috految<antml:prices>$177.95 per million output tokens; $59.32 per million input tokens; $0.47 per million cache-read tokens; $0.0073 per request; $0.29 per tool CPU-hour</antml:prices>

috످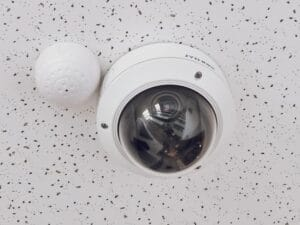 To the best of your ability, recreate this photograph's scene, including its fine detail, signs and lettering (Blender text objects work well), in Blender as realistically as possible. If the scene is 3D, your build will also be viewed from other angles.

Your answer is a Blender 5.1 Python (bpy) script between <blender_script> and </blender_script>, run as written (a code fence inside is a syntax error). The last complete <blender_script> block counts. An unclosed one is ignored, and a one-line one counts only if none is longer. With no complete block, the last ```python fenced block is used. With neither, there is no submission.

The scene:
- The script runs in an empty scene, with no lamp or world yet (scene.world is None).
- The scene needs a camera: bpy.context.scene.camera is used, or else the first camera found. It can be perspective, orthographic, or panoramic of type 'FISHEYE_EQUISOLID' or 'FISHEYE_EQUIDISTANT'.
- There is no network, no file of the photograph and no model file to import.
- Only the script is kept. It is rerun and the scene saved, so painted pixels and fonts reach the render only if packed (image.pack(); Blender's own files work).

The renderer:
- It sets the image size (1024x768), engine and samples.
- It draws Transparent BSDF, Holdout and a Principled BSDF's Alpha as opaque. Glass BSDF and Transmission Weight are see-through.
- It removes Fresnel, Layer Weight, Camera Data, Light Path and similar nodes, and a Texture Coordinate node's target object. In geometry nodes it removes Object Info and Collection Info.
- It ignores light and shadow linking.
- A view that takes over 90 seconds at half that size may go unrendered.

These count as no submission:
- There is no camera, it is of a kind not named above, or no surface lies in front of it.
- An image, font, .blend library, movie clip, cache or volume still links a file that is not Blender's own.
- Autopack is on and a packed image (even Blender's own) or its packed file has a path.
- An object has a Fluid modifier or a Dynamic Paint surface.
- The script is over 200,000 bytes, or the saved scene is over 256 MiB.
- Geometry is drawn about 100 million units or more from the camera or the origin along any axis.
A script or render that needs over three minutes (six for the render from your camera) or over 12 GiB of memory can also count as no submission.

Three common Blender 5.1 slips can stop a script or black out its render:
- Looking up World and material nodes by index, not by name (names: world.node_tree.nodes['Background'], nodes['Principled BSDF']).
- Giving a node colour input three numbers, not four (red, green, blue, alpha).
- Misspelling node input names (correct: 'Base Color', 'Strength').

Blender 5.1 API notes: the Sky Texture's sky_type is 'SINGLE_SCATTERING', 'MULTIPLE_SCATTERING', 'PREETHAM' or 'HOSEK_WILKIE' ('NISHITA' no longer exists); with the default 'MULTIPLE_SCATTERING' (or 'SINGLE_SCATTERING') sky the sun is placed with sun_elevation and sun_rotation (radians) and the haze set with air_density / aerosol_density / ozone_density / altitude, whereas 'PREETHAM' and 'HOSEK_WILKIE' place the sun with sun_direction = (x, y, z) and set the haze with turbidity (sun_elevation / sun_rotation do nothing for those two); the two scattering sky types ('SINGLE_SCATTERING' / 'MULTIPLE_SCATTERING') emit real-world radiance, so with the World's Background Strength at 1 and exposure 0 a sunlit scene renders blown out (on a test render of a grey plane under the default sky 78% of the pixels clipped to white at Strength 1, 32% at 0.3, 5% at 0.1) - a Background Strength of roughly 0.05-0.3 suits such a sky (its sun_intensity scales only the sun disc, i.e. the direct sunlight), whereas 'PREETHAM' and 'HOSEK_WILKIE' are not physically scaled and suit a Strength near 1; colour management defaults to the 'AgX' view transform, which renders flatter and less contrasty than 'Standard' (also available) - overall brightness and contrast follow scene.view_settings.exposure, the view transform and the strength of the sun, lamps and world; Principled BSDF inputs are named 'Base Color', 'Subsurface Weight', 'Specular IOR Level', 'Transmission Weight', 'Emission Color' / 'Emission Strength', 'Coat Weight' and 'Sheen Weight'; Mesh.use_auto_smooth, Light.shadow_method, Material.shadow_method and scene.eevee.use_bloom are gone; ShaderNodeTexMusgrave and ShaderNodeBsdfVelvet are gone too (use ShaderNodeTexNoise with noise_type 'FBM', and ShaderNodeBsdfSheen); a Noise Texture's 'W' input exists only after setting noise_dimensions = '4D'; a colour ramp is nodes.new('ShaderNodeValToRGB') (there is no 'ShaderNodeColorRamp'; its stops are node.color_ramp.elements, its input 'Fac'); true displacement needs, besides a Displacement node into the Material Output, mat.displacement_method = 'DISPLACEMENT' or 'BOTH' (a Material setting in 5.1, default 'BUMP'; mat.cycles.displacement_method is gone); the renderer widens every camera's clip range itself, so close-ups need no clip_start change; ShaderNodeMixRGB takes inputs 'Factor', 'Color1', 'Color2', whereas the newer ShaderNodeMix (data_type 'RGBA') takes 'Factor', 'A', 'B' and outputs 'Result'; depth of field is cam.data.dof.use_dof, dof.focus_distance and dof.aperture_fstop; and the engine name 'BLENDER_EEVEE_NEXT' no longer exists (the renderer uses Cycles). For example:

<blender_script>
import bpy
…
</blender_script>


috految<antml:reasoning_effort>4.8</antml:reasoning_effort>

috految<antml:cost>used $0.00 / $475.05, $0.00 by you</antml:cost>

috److The scene is a dome security camera and a small microphone mounted under a speckled ceiling, so I placed each part by projecting from the photo's pixel coordinates.

**Camera.** The ceiling is at z=0. The camera has a rotation of X=150°, giving forward (0, 0.5, 0.866) and up (0, -0.866, 0.5). It sits at distance 7 with a focal length of 700 px, so 1 unit is about 100 px. Objects hanging from the ceiling shift down in the image.

**Housing.** The measured ellipses and their fitted circles are:

| Feature | Photo measurement (px) | Fit |
|---|---|---|
| Base | top at y=42, centre x=165 | centre (165, 103.5), r=0.665 |
| Seam | top at y=57, x from 96 to 235 | depth 0.28, centre y=117.7, r=0.665, bottom at y=176 |
| Bezel | top at y=79, x from 112 to 223, bottom at y=178 | depth 0.50, centre y=129.5, r=0.52 |
| Glass | top at y=84, x from 118 to 217, bottom at y=173 | r=0.46 |

**Dome.** The sphere's centre is at depth 0.43 (y=126), with r=0.452, which puts its bottom at y=174.

**Lens.** It appears at (166, 106) with a radius of 14 px. It is offset 0.18 upward from the sphere's centre and 0.31 toward the viewer, giving an axis of about (0, -0.86, -0.5).

**Microphone.** It spans x from 35 to 101 and y from 42 to 108. The base is centred at (70, 70) with r=0.31 and a height of about 0.3.

**Lettering.** The logo runs from (186, 56) to (215, 70) and reads as "HIKVISION" or "IVDEON" or "PROSEC", but most closely resembles "IVIDEON" or "invMAX". Its shape also fits an upside-down "HUAWEI" or "IPROSAT". I used "IVIDEON" as the best guess and wrapped it onto the housing.

<blender_script>
import bpy,random
from math import *
from mathutils import Vector as V
U=random.uniform
S=bpy.context.scene;O=bpy.ops
E=V((0,-3.5,-6.062))
O.object.camera_add(location=E,rotation=(radians(150),0,0));S.camera=c=bpy.context.object;c.data.lens=84
R=c.rotation_euler.to_matrix()
def ray(x,y):return (R@V((x-150,112.5-y,-700))).normalized()
def P(x,y,z=0):
 d=ray(x,y);return E+d*((z-E.z)/d.z)
def M(c,r=.4,m=0,t=0,s=.5):
 a=bpy.data.materials.new('m');b=a.node_tree.nodes['Principled BSDF']
 for k,v in {'Base Color':(*c,1),'Roughness':r,'Metallic':m,'Transmission Weight':t,'Specular IOR Level':s}.items():b.inputs[k].default_value=v
 return a
W=M((.79,.775,.765),.33);T=M((.75,.72,.715),.9);B=M((.012,.012,.016),.3,s=.25);D=M((.06,.056,.06),.28);steel=M((.33,.3,.28),.27,.85);G=M((.9,.88,.88),.015,t=1);grey=M((.47,.45,.43));ink=M((.04,.065,.075),.8,s=.1);lens=M((.035,.045,.05),.07,.8)
N=T.node_tree.nodes;K=T.node_tree.links.new
n=N.new('ShaderNodeTexNoise');n.inputs['Scale'].default_value=32;K(N.new('ShaderNodeTexCoord').outputs['Object'],n.inputs['Vector']);b=N.new('ShaderNodeBump');b.inputs['Distance'].default_value=.005;K(n.outputs[0],b.inputs['Height']);K(b.outputs[0],N['Principled BSDF'].inputs['Normal'])
def mesh(v,f,m):
 d=bpy.data.meshes.new('o');d.from_pydata(v,[],f);d.materials.append(m);o=bpy.data.objects.new('o',d);S.collection.objects.link(o);return o
def box(p,s,m):
 O.mesh.primitive_cube_add(size=1,location=p);o=bpy.context.object
 for v in o.data.vertices:v.co=v.co*V(s)
 o.data.materials.append(m);o.modifiers.new('b','BEVEL').width=.012
Z=V((0,0,-1))
def L(p,pr,m,a=Z,n=96):
 q=a.to_track_quat('Z','Y')
 o=mesh([p+q@V((r*cos(j*2*pi/n),r*sin(j*2*pi/n),h)) for r,h in pr for j in range(n)],[(i*n+j,i*n+(j+1)%n,i*n+n+(j+1)%n,i*n+n+j) for i in range(len(pr)-1) for j in range(n)],m)
 o.data.shade_smooth();o.data.set_sharp_from_angle(angle=.6);return o
def ring(p,r,h,t,m,a=Z):L(p,[(r+t*cos(i*pi/6),h+t*sin(i*pi/6)) for i in range(13)],m,a)
def arc(r,h,z=0):return [(r*cos(i*pi/80),z+h*sin(i*pi/80)) for i in range(41)]
C=P(165.3,103.5)
L(C,[(.66,0),(.66,.018),(.652,.024),(.66,.03),(.665,.05),(.665,.262),(.657,.272),(.6,.272)],W)
ring(C,.659,.274,.004,grey)
body=L(C,[(.64,.276),(.664,.28),(.666,.3),(.657,.33),(.635,.37),(.603,.414),(.565,.454),(.535,.477),(.525,.48),(.52,.48),(.52,.5),(.51,.511),(.475,.511),(.469,.5),(.469,.3)],W)
ring(C,.524,.484,.0025,grey);ring(C,.46,.508,.007,D);ring(C,.473,.511,.005,W)
L(C,[(.463,.5),(.435,.46),(.42,.3),(0,.3)],D)
Q=C+Z*.43
L(Q,arc(.456,.44)+arc(.451,.435)[::-1],G)
L(Q,[(.3,-.13)]+arc(.31,.29),B)
ring(Q,.39,0,.016,B)
for s in (-1,1):
 a=V((s,0,0))
 L(Q,[(0,.205),(.325,.205),(.33,.215),(.31,.25),(.26,.3),(.19,.34),(0,.35)],D,a)
 ring(Q,.1,.35,.012,steel,a)
 box(Q+V((s*.13,.04,-.26)),(.05,.25,.06),B)
 for y in(-.06,.13):ring(Q+V((s*.13,y,-.29)),.012,0,.005,steel)
a=V((-.02,-.85,-.53)).normalized()
L(Q,[(.2,.1),(.18,.28),(.14,.32),(.135,.365),(.1,.37),(.09,.34),(0,.34)],D,a)
for r,h,t,m in[(.178,.29,.008,B),(.135,.365,.005,steel),(.116,.372,.007,B),(.09,.372,.004,steel),(.072,.377,.008,B),(.039,.385,.003,steel)]:ring(Q,r,h,t,m,a)
L(Q,arc(.085,.035,.35),lens,a)
for i in range(14):ring(Q+a.to_track_quat('Z','Y')@V((.163*cos(i*pi/7),.163*sin(i*pi/7),.3)),.009,0,.005,lens,a)
bpy.context.view_layer.update()
for x,y in[(198,75),(104.5,125),(198,167)]:
 ok,p,n,_=body.ray_cast(E,ray(x,y))
 if not ok:p=P(x,y,-.44);n=Z
 ring(p,.041,0,.006,W,n);L(p,[(.036,-.02),(.036,.005),(0,.005)],D,n);ring(p,.019,.005,.01,steel,n);L(p,[(.012,.013),(0,.013)],B,n,6)
O.object.text_add();o=bpy.context.object;d=o.data;d.body='IVIDEON';d.offset=.023;d.space_character=1.12;d.shear=.12;d.materials.append(ink);O.object.convert(target='MESH');vs=bpy.context.object.data.vertices;w=max(v.co.x for v in vs)
for v in vs:
 t=.27+.49*v.co.x/w;v.co=C+V((.668*sin(t),-.668*cos(t),-.24+v.co.y*.112))
# microphone
p=P(70,71)
L(p,[(.3,0),(.308,.02),(.312,.07),(.308,.073),(.316,.08)]+arc(.316,.2,.11),W)
for r,k in[(.035,5),(.09,10),(.15,15),(.21,18)]:
 for i in range(k):
  t=i*2*pi/k+r*9;h=sqrt(1-(r/.316)**2);q=p+V((r*cos(t),r*sin(t),-.11-.2*h));n=V((r*cos(t)/.1,r*sin(t)/.1,-h/.2)).normalized()
  ring(q,.012,0,.003,W,n);L(q,[(.008,.001),(0,.001)],grey,n)
L(P(94,82,-.02),[(.018,0),(.018,.22)],W,V((1,.3,0)))
# acoustic ceiling
box((0,0,.08),(25,25,.16),T)
for t in(-12.5,-7.5,-2.5,2.5,7.5,12.5):
 box((t,0,0),(.16,25,.03),W);box((0,t,0),(25,.16,.034),W)
for step,lo,hi,col in[(.135,.006,.015,(.16,.14,.125)),(.077,.003,.008,(.27,.24,.22)),(.065,.002,.005,(.5,.46,.44))]:
 v=[];f=[];k=int(12.4/step)
 pts=[(V(((i+U(-.6,.6))*step,(j+U(-.6,.6))*step,0)),U(lo,hi)) for i in range(-k,k) for j in range(-k,k)]
 if step>.1:pts+=[(P(x,y),.017) for x,y in[(15,71),(22,56),(32,88),(130,49),(112,39),(87,26),(183,30),(236,69),(244,111),(261,122),(44,159),(31,172),(114,170),(209,208),(246,23)]]
 for p,r in pts:
  j=len(v);e=U(.8,1.7);s=U(-.6,.6);z=-U(.0003,.001)
  for i in range(8):
   q=r*U(.5,1.25);t=i*pi/4;v.append(p+V((q*(cos(t)+s*sin(t)),q*e*sin(t),z)))
  f.append(list(range(j,j+8)))
 mesh(v,f,M(col,.9,s=.1))
wood=M((.3,.2,.14))
box((0,0,-15),(25,25,.1),M((.33,.3,.28)))
box((0,12.5,-7.5),(25,.2,15),W)
for x in(-12,12):
 for y in(-12,-4,4):box((x,y,-7.5),(.7,1.5,15),W)
for x in(-6,5):
 for y in(-6,4):
  box((x,y,-11),(5,3,.2),wood);box((x,y,-10),(2.6,.2,1.8),B)
  for s in(-2,2):box((x+s,y,-13),(.5,2.8,4),W)
S.world=bpy.data.worlds.new('w');S.world.node_tree.nodes['Background'].inputs[0].default_value=(.87,.855,.86,1)
for p,e,s in[((-6,-8,-7),330,3),((9,-4,-8),320,6),((-3,8,-9),200,7),((0,-1,-9),125,12)]:
 O.object.light_add(type='AREA',location=p,rotation=V(p).to_track_quat('Z','Y').to_euler());d=bpy.context.object.data;d.energy=e*.92;d.size=s;d.color=(1,.985,.98)
S.view_settings.view_transform='Standard'
</blender_script>

috످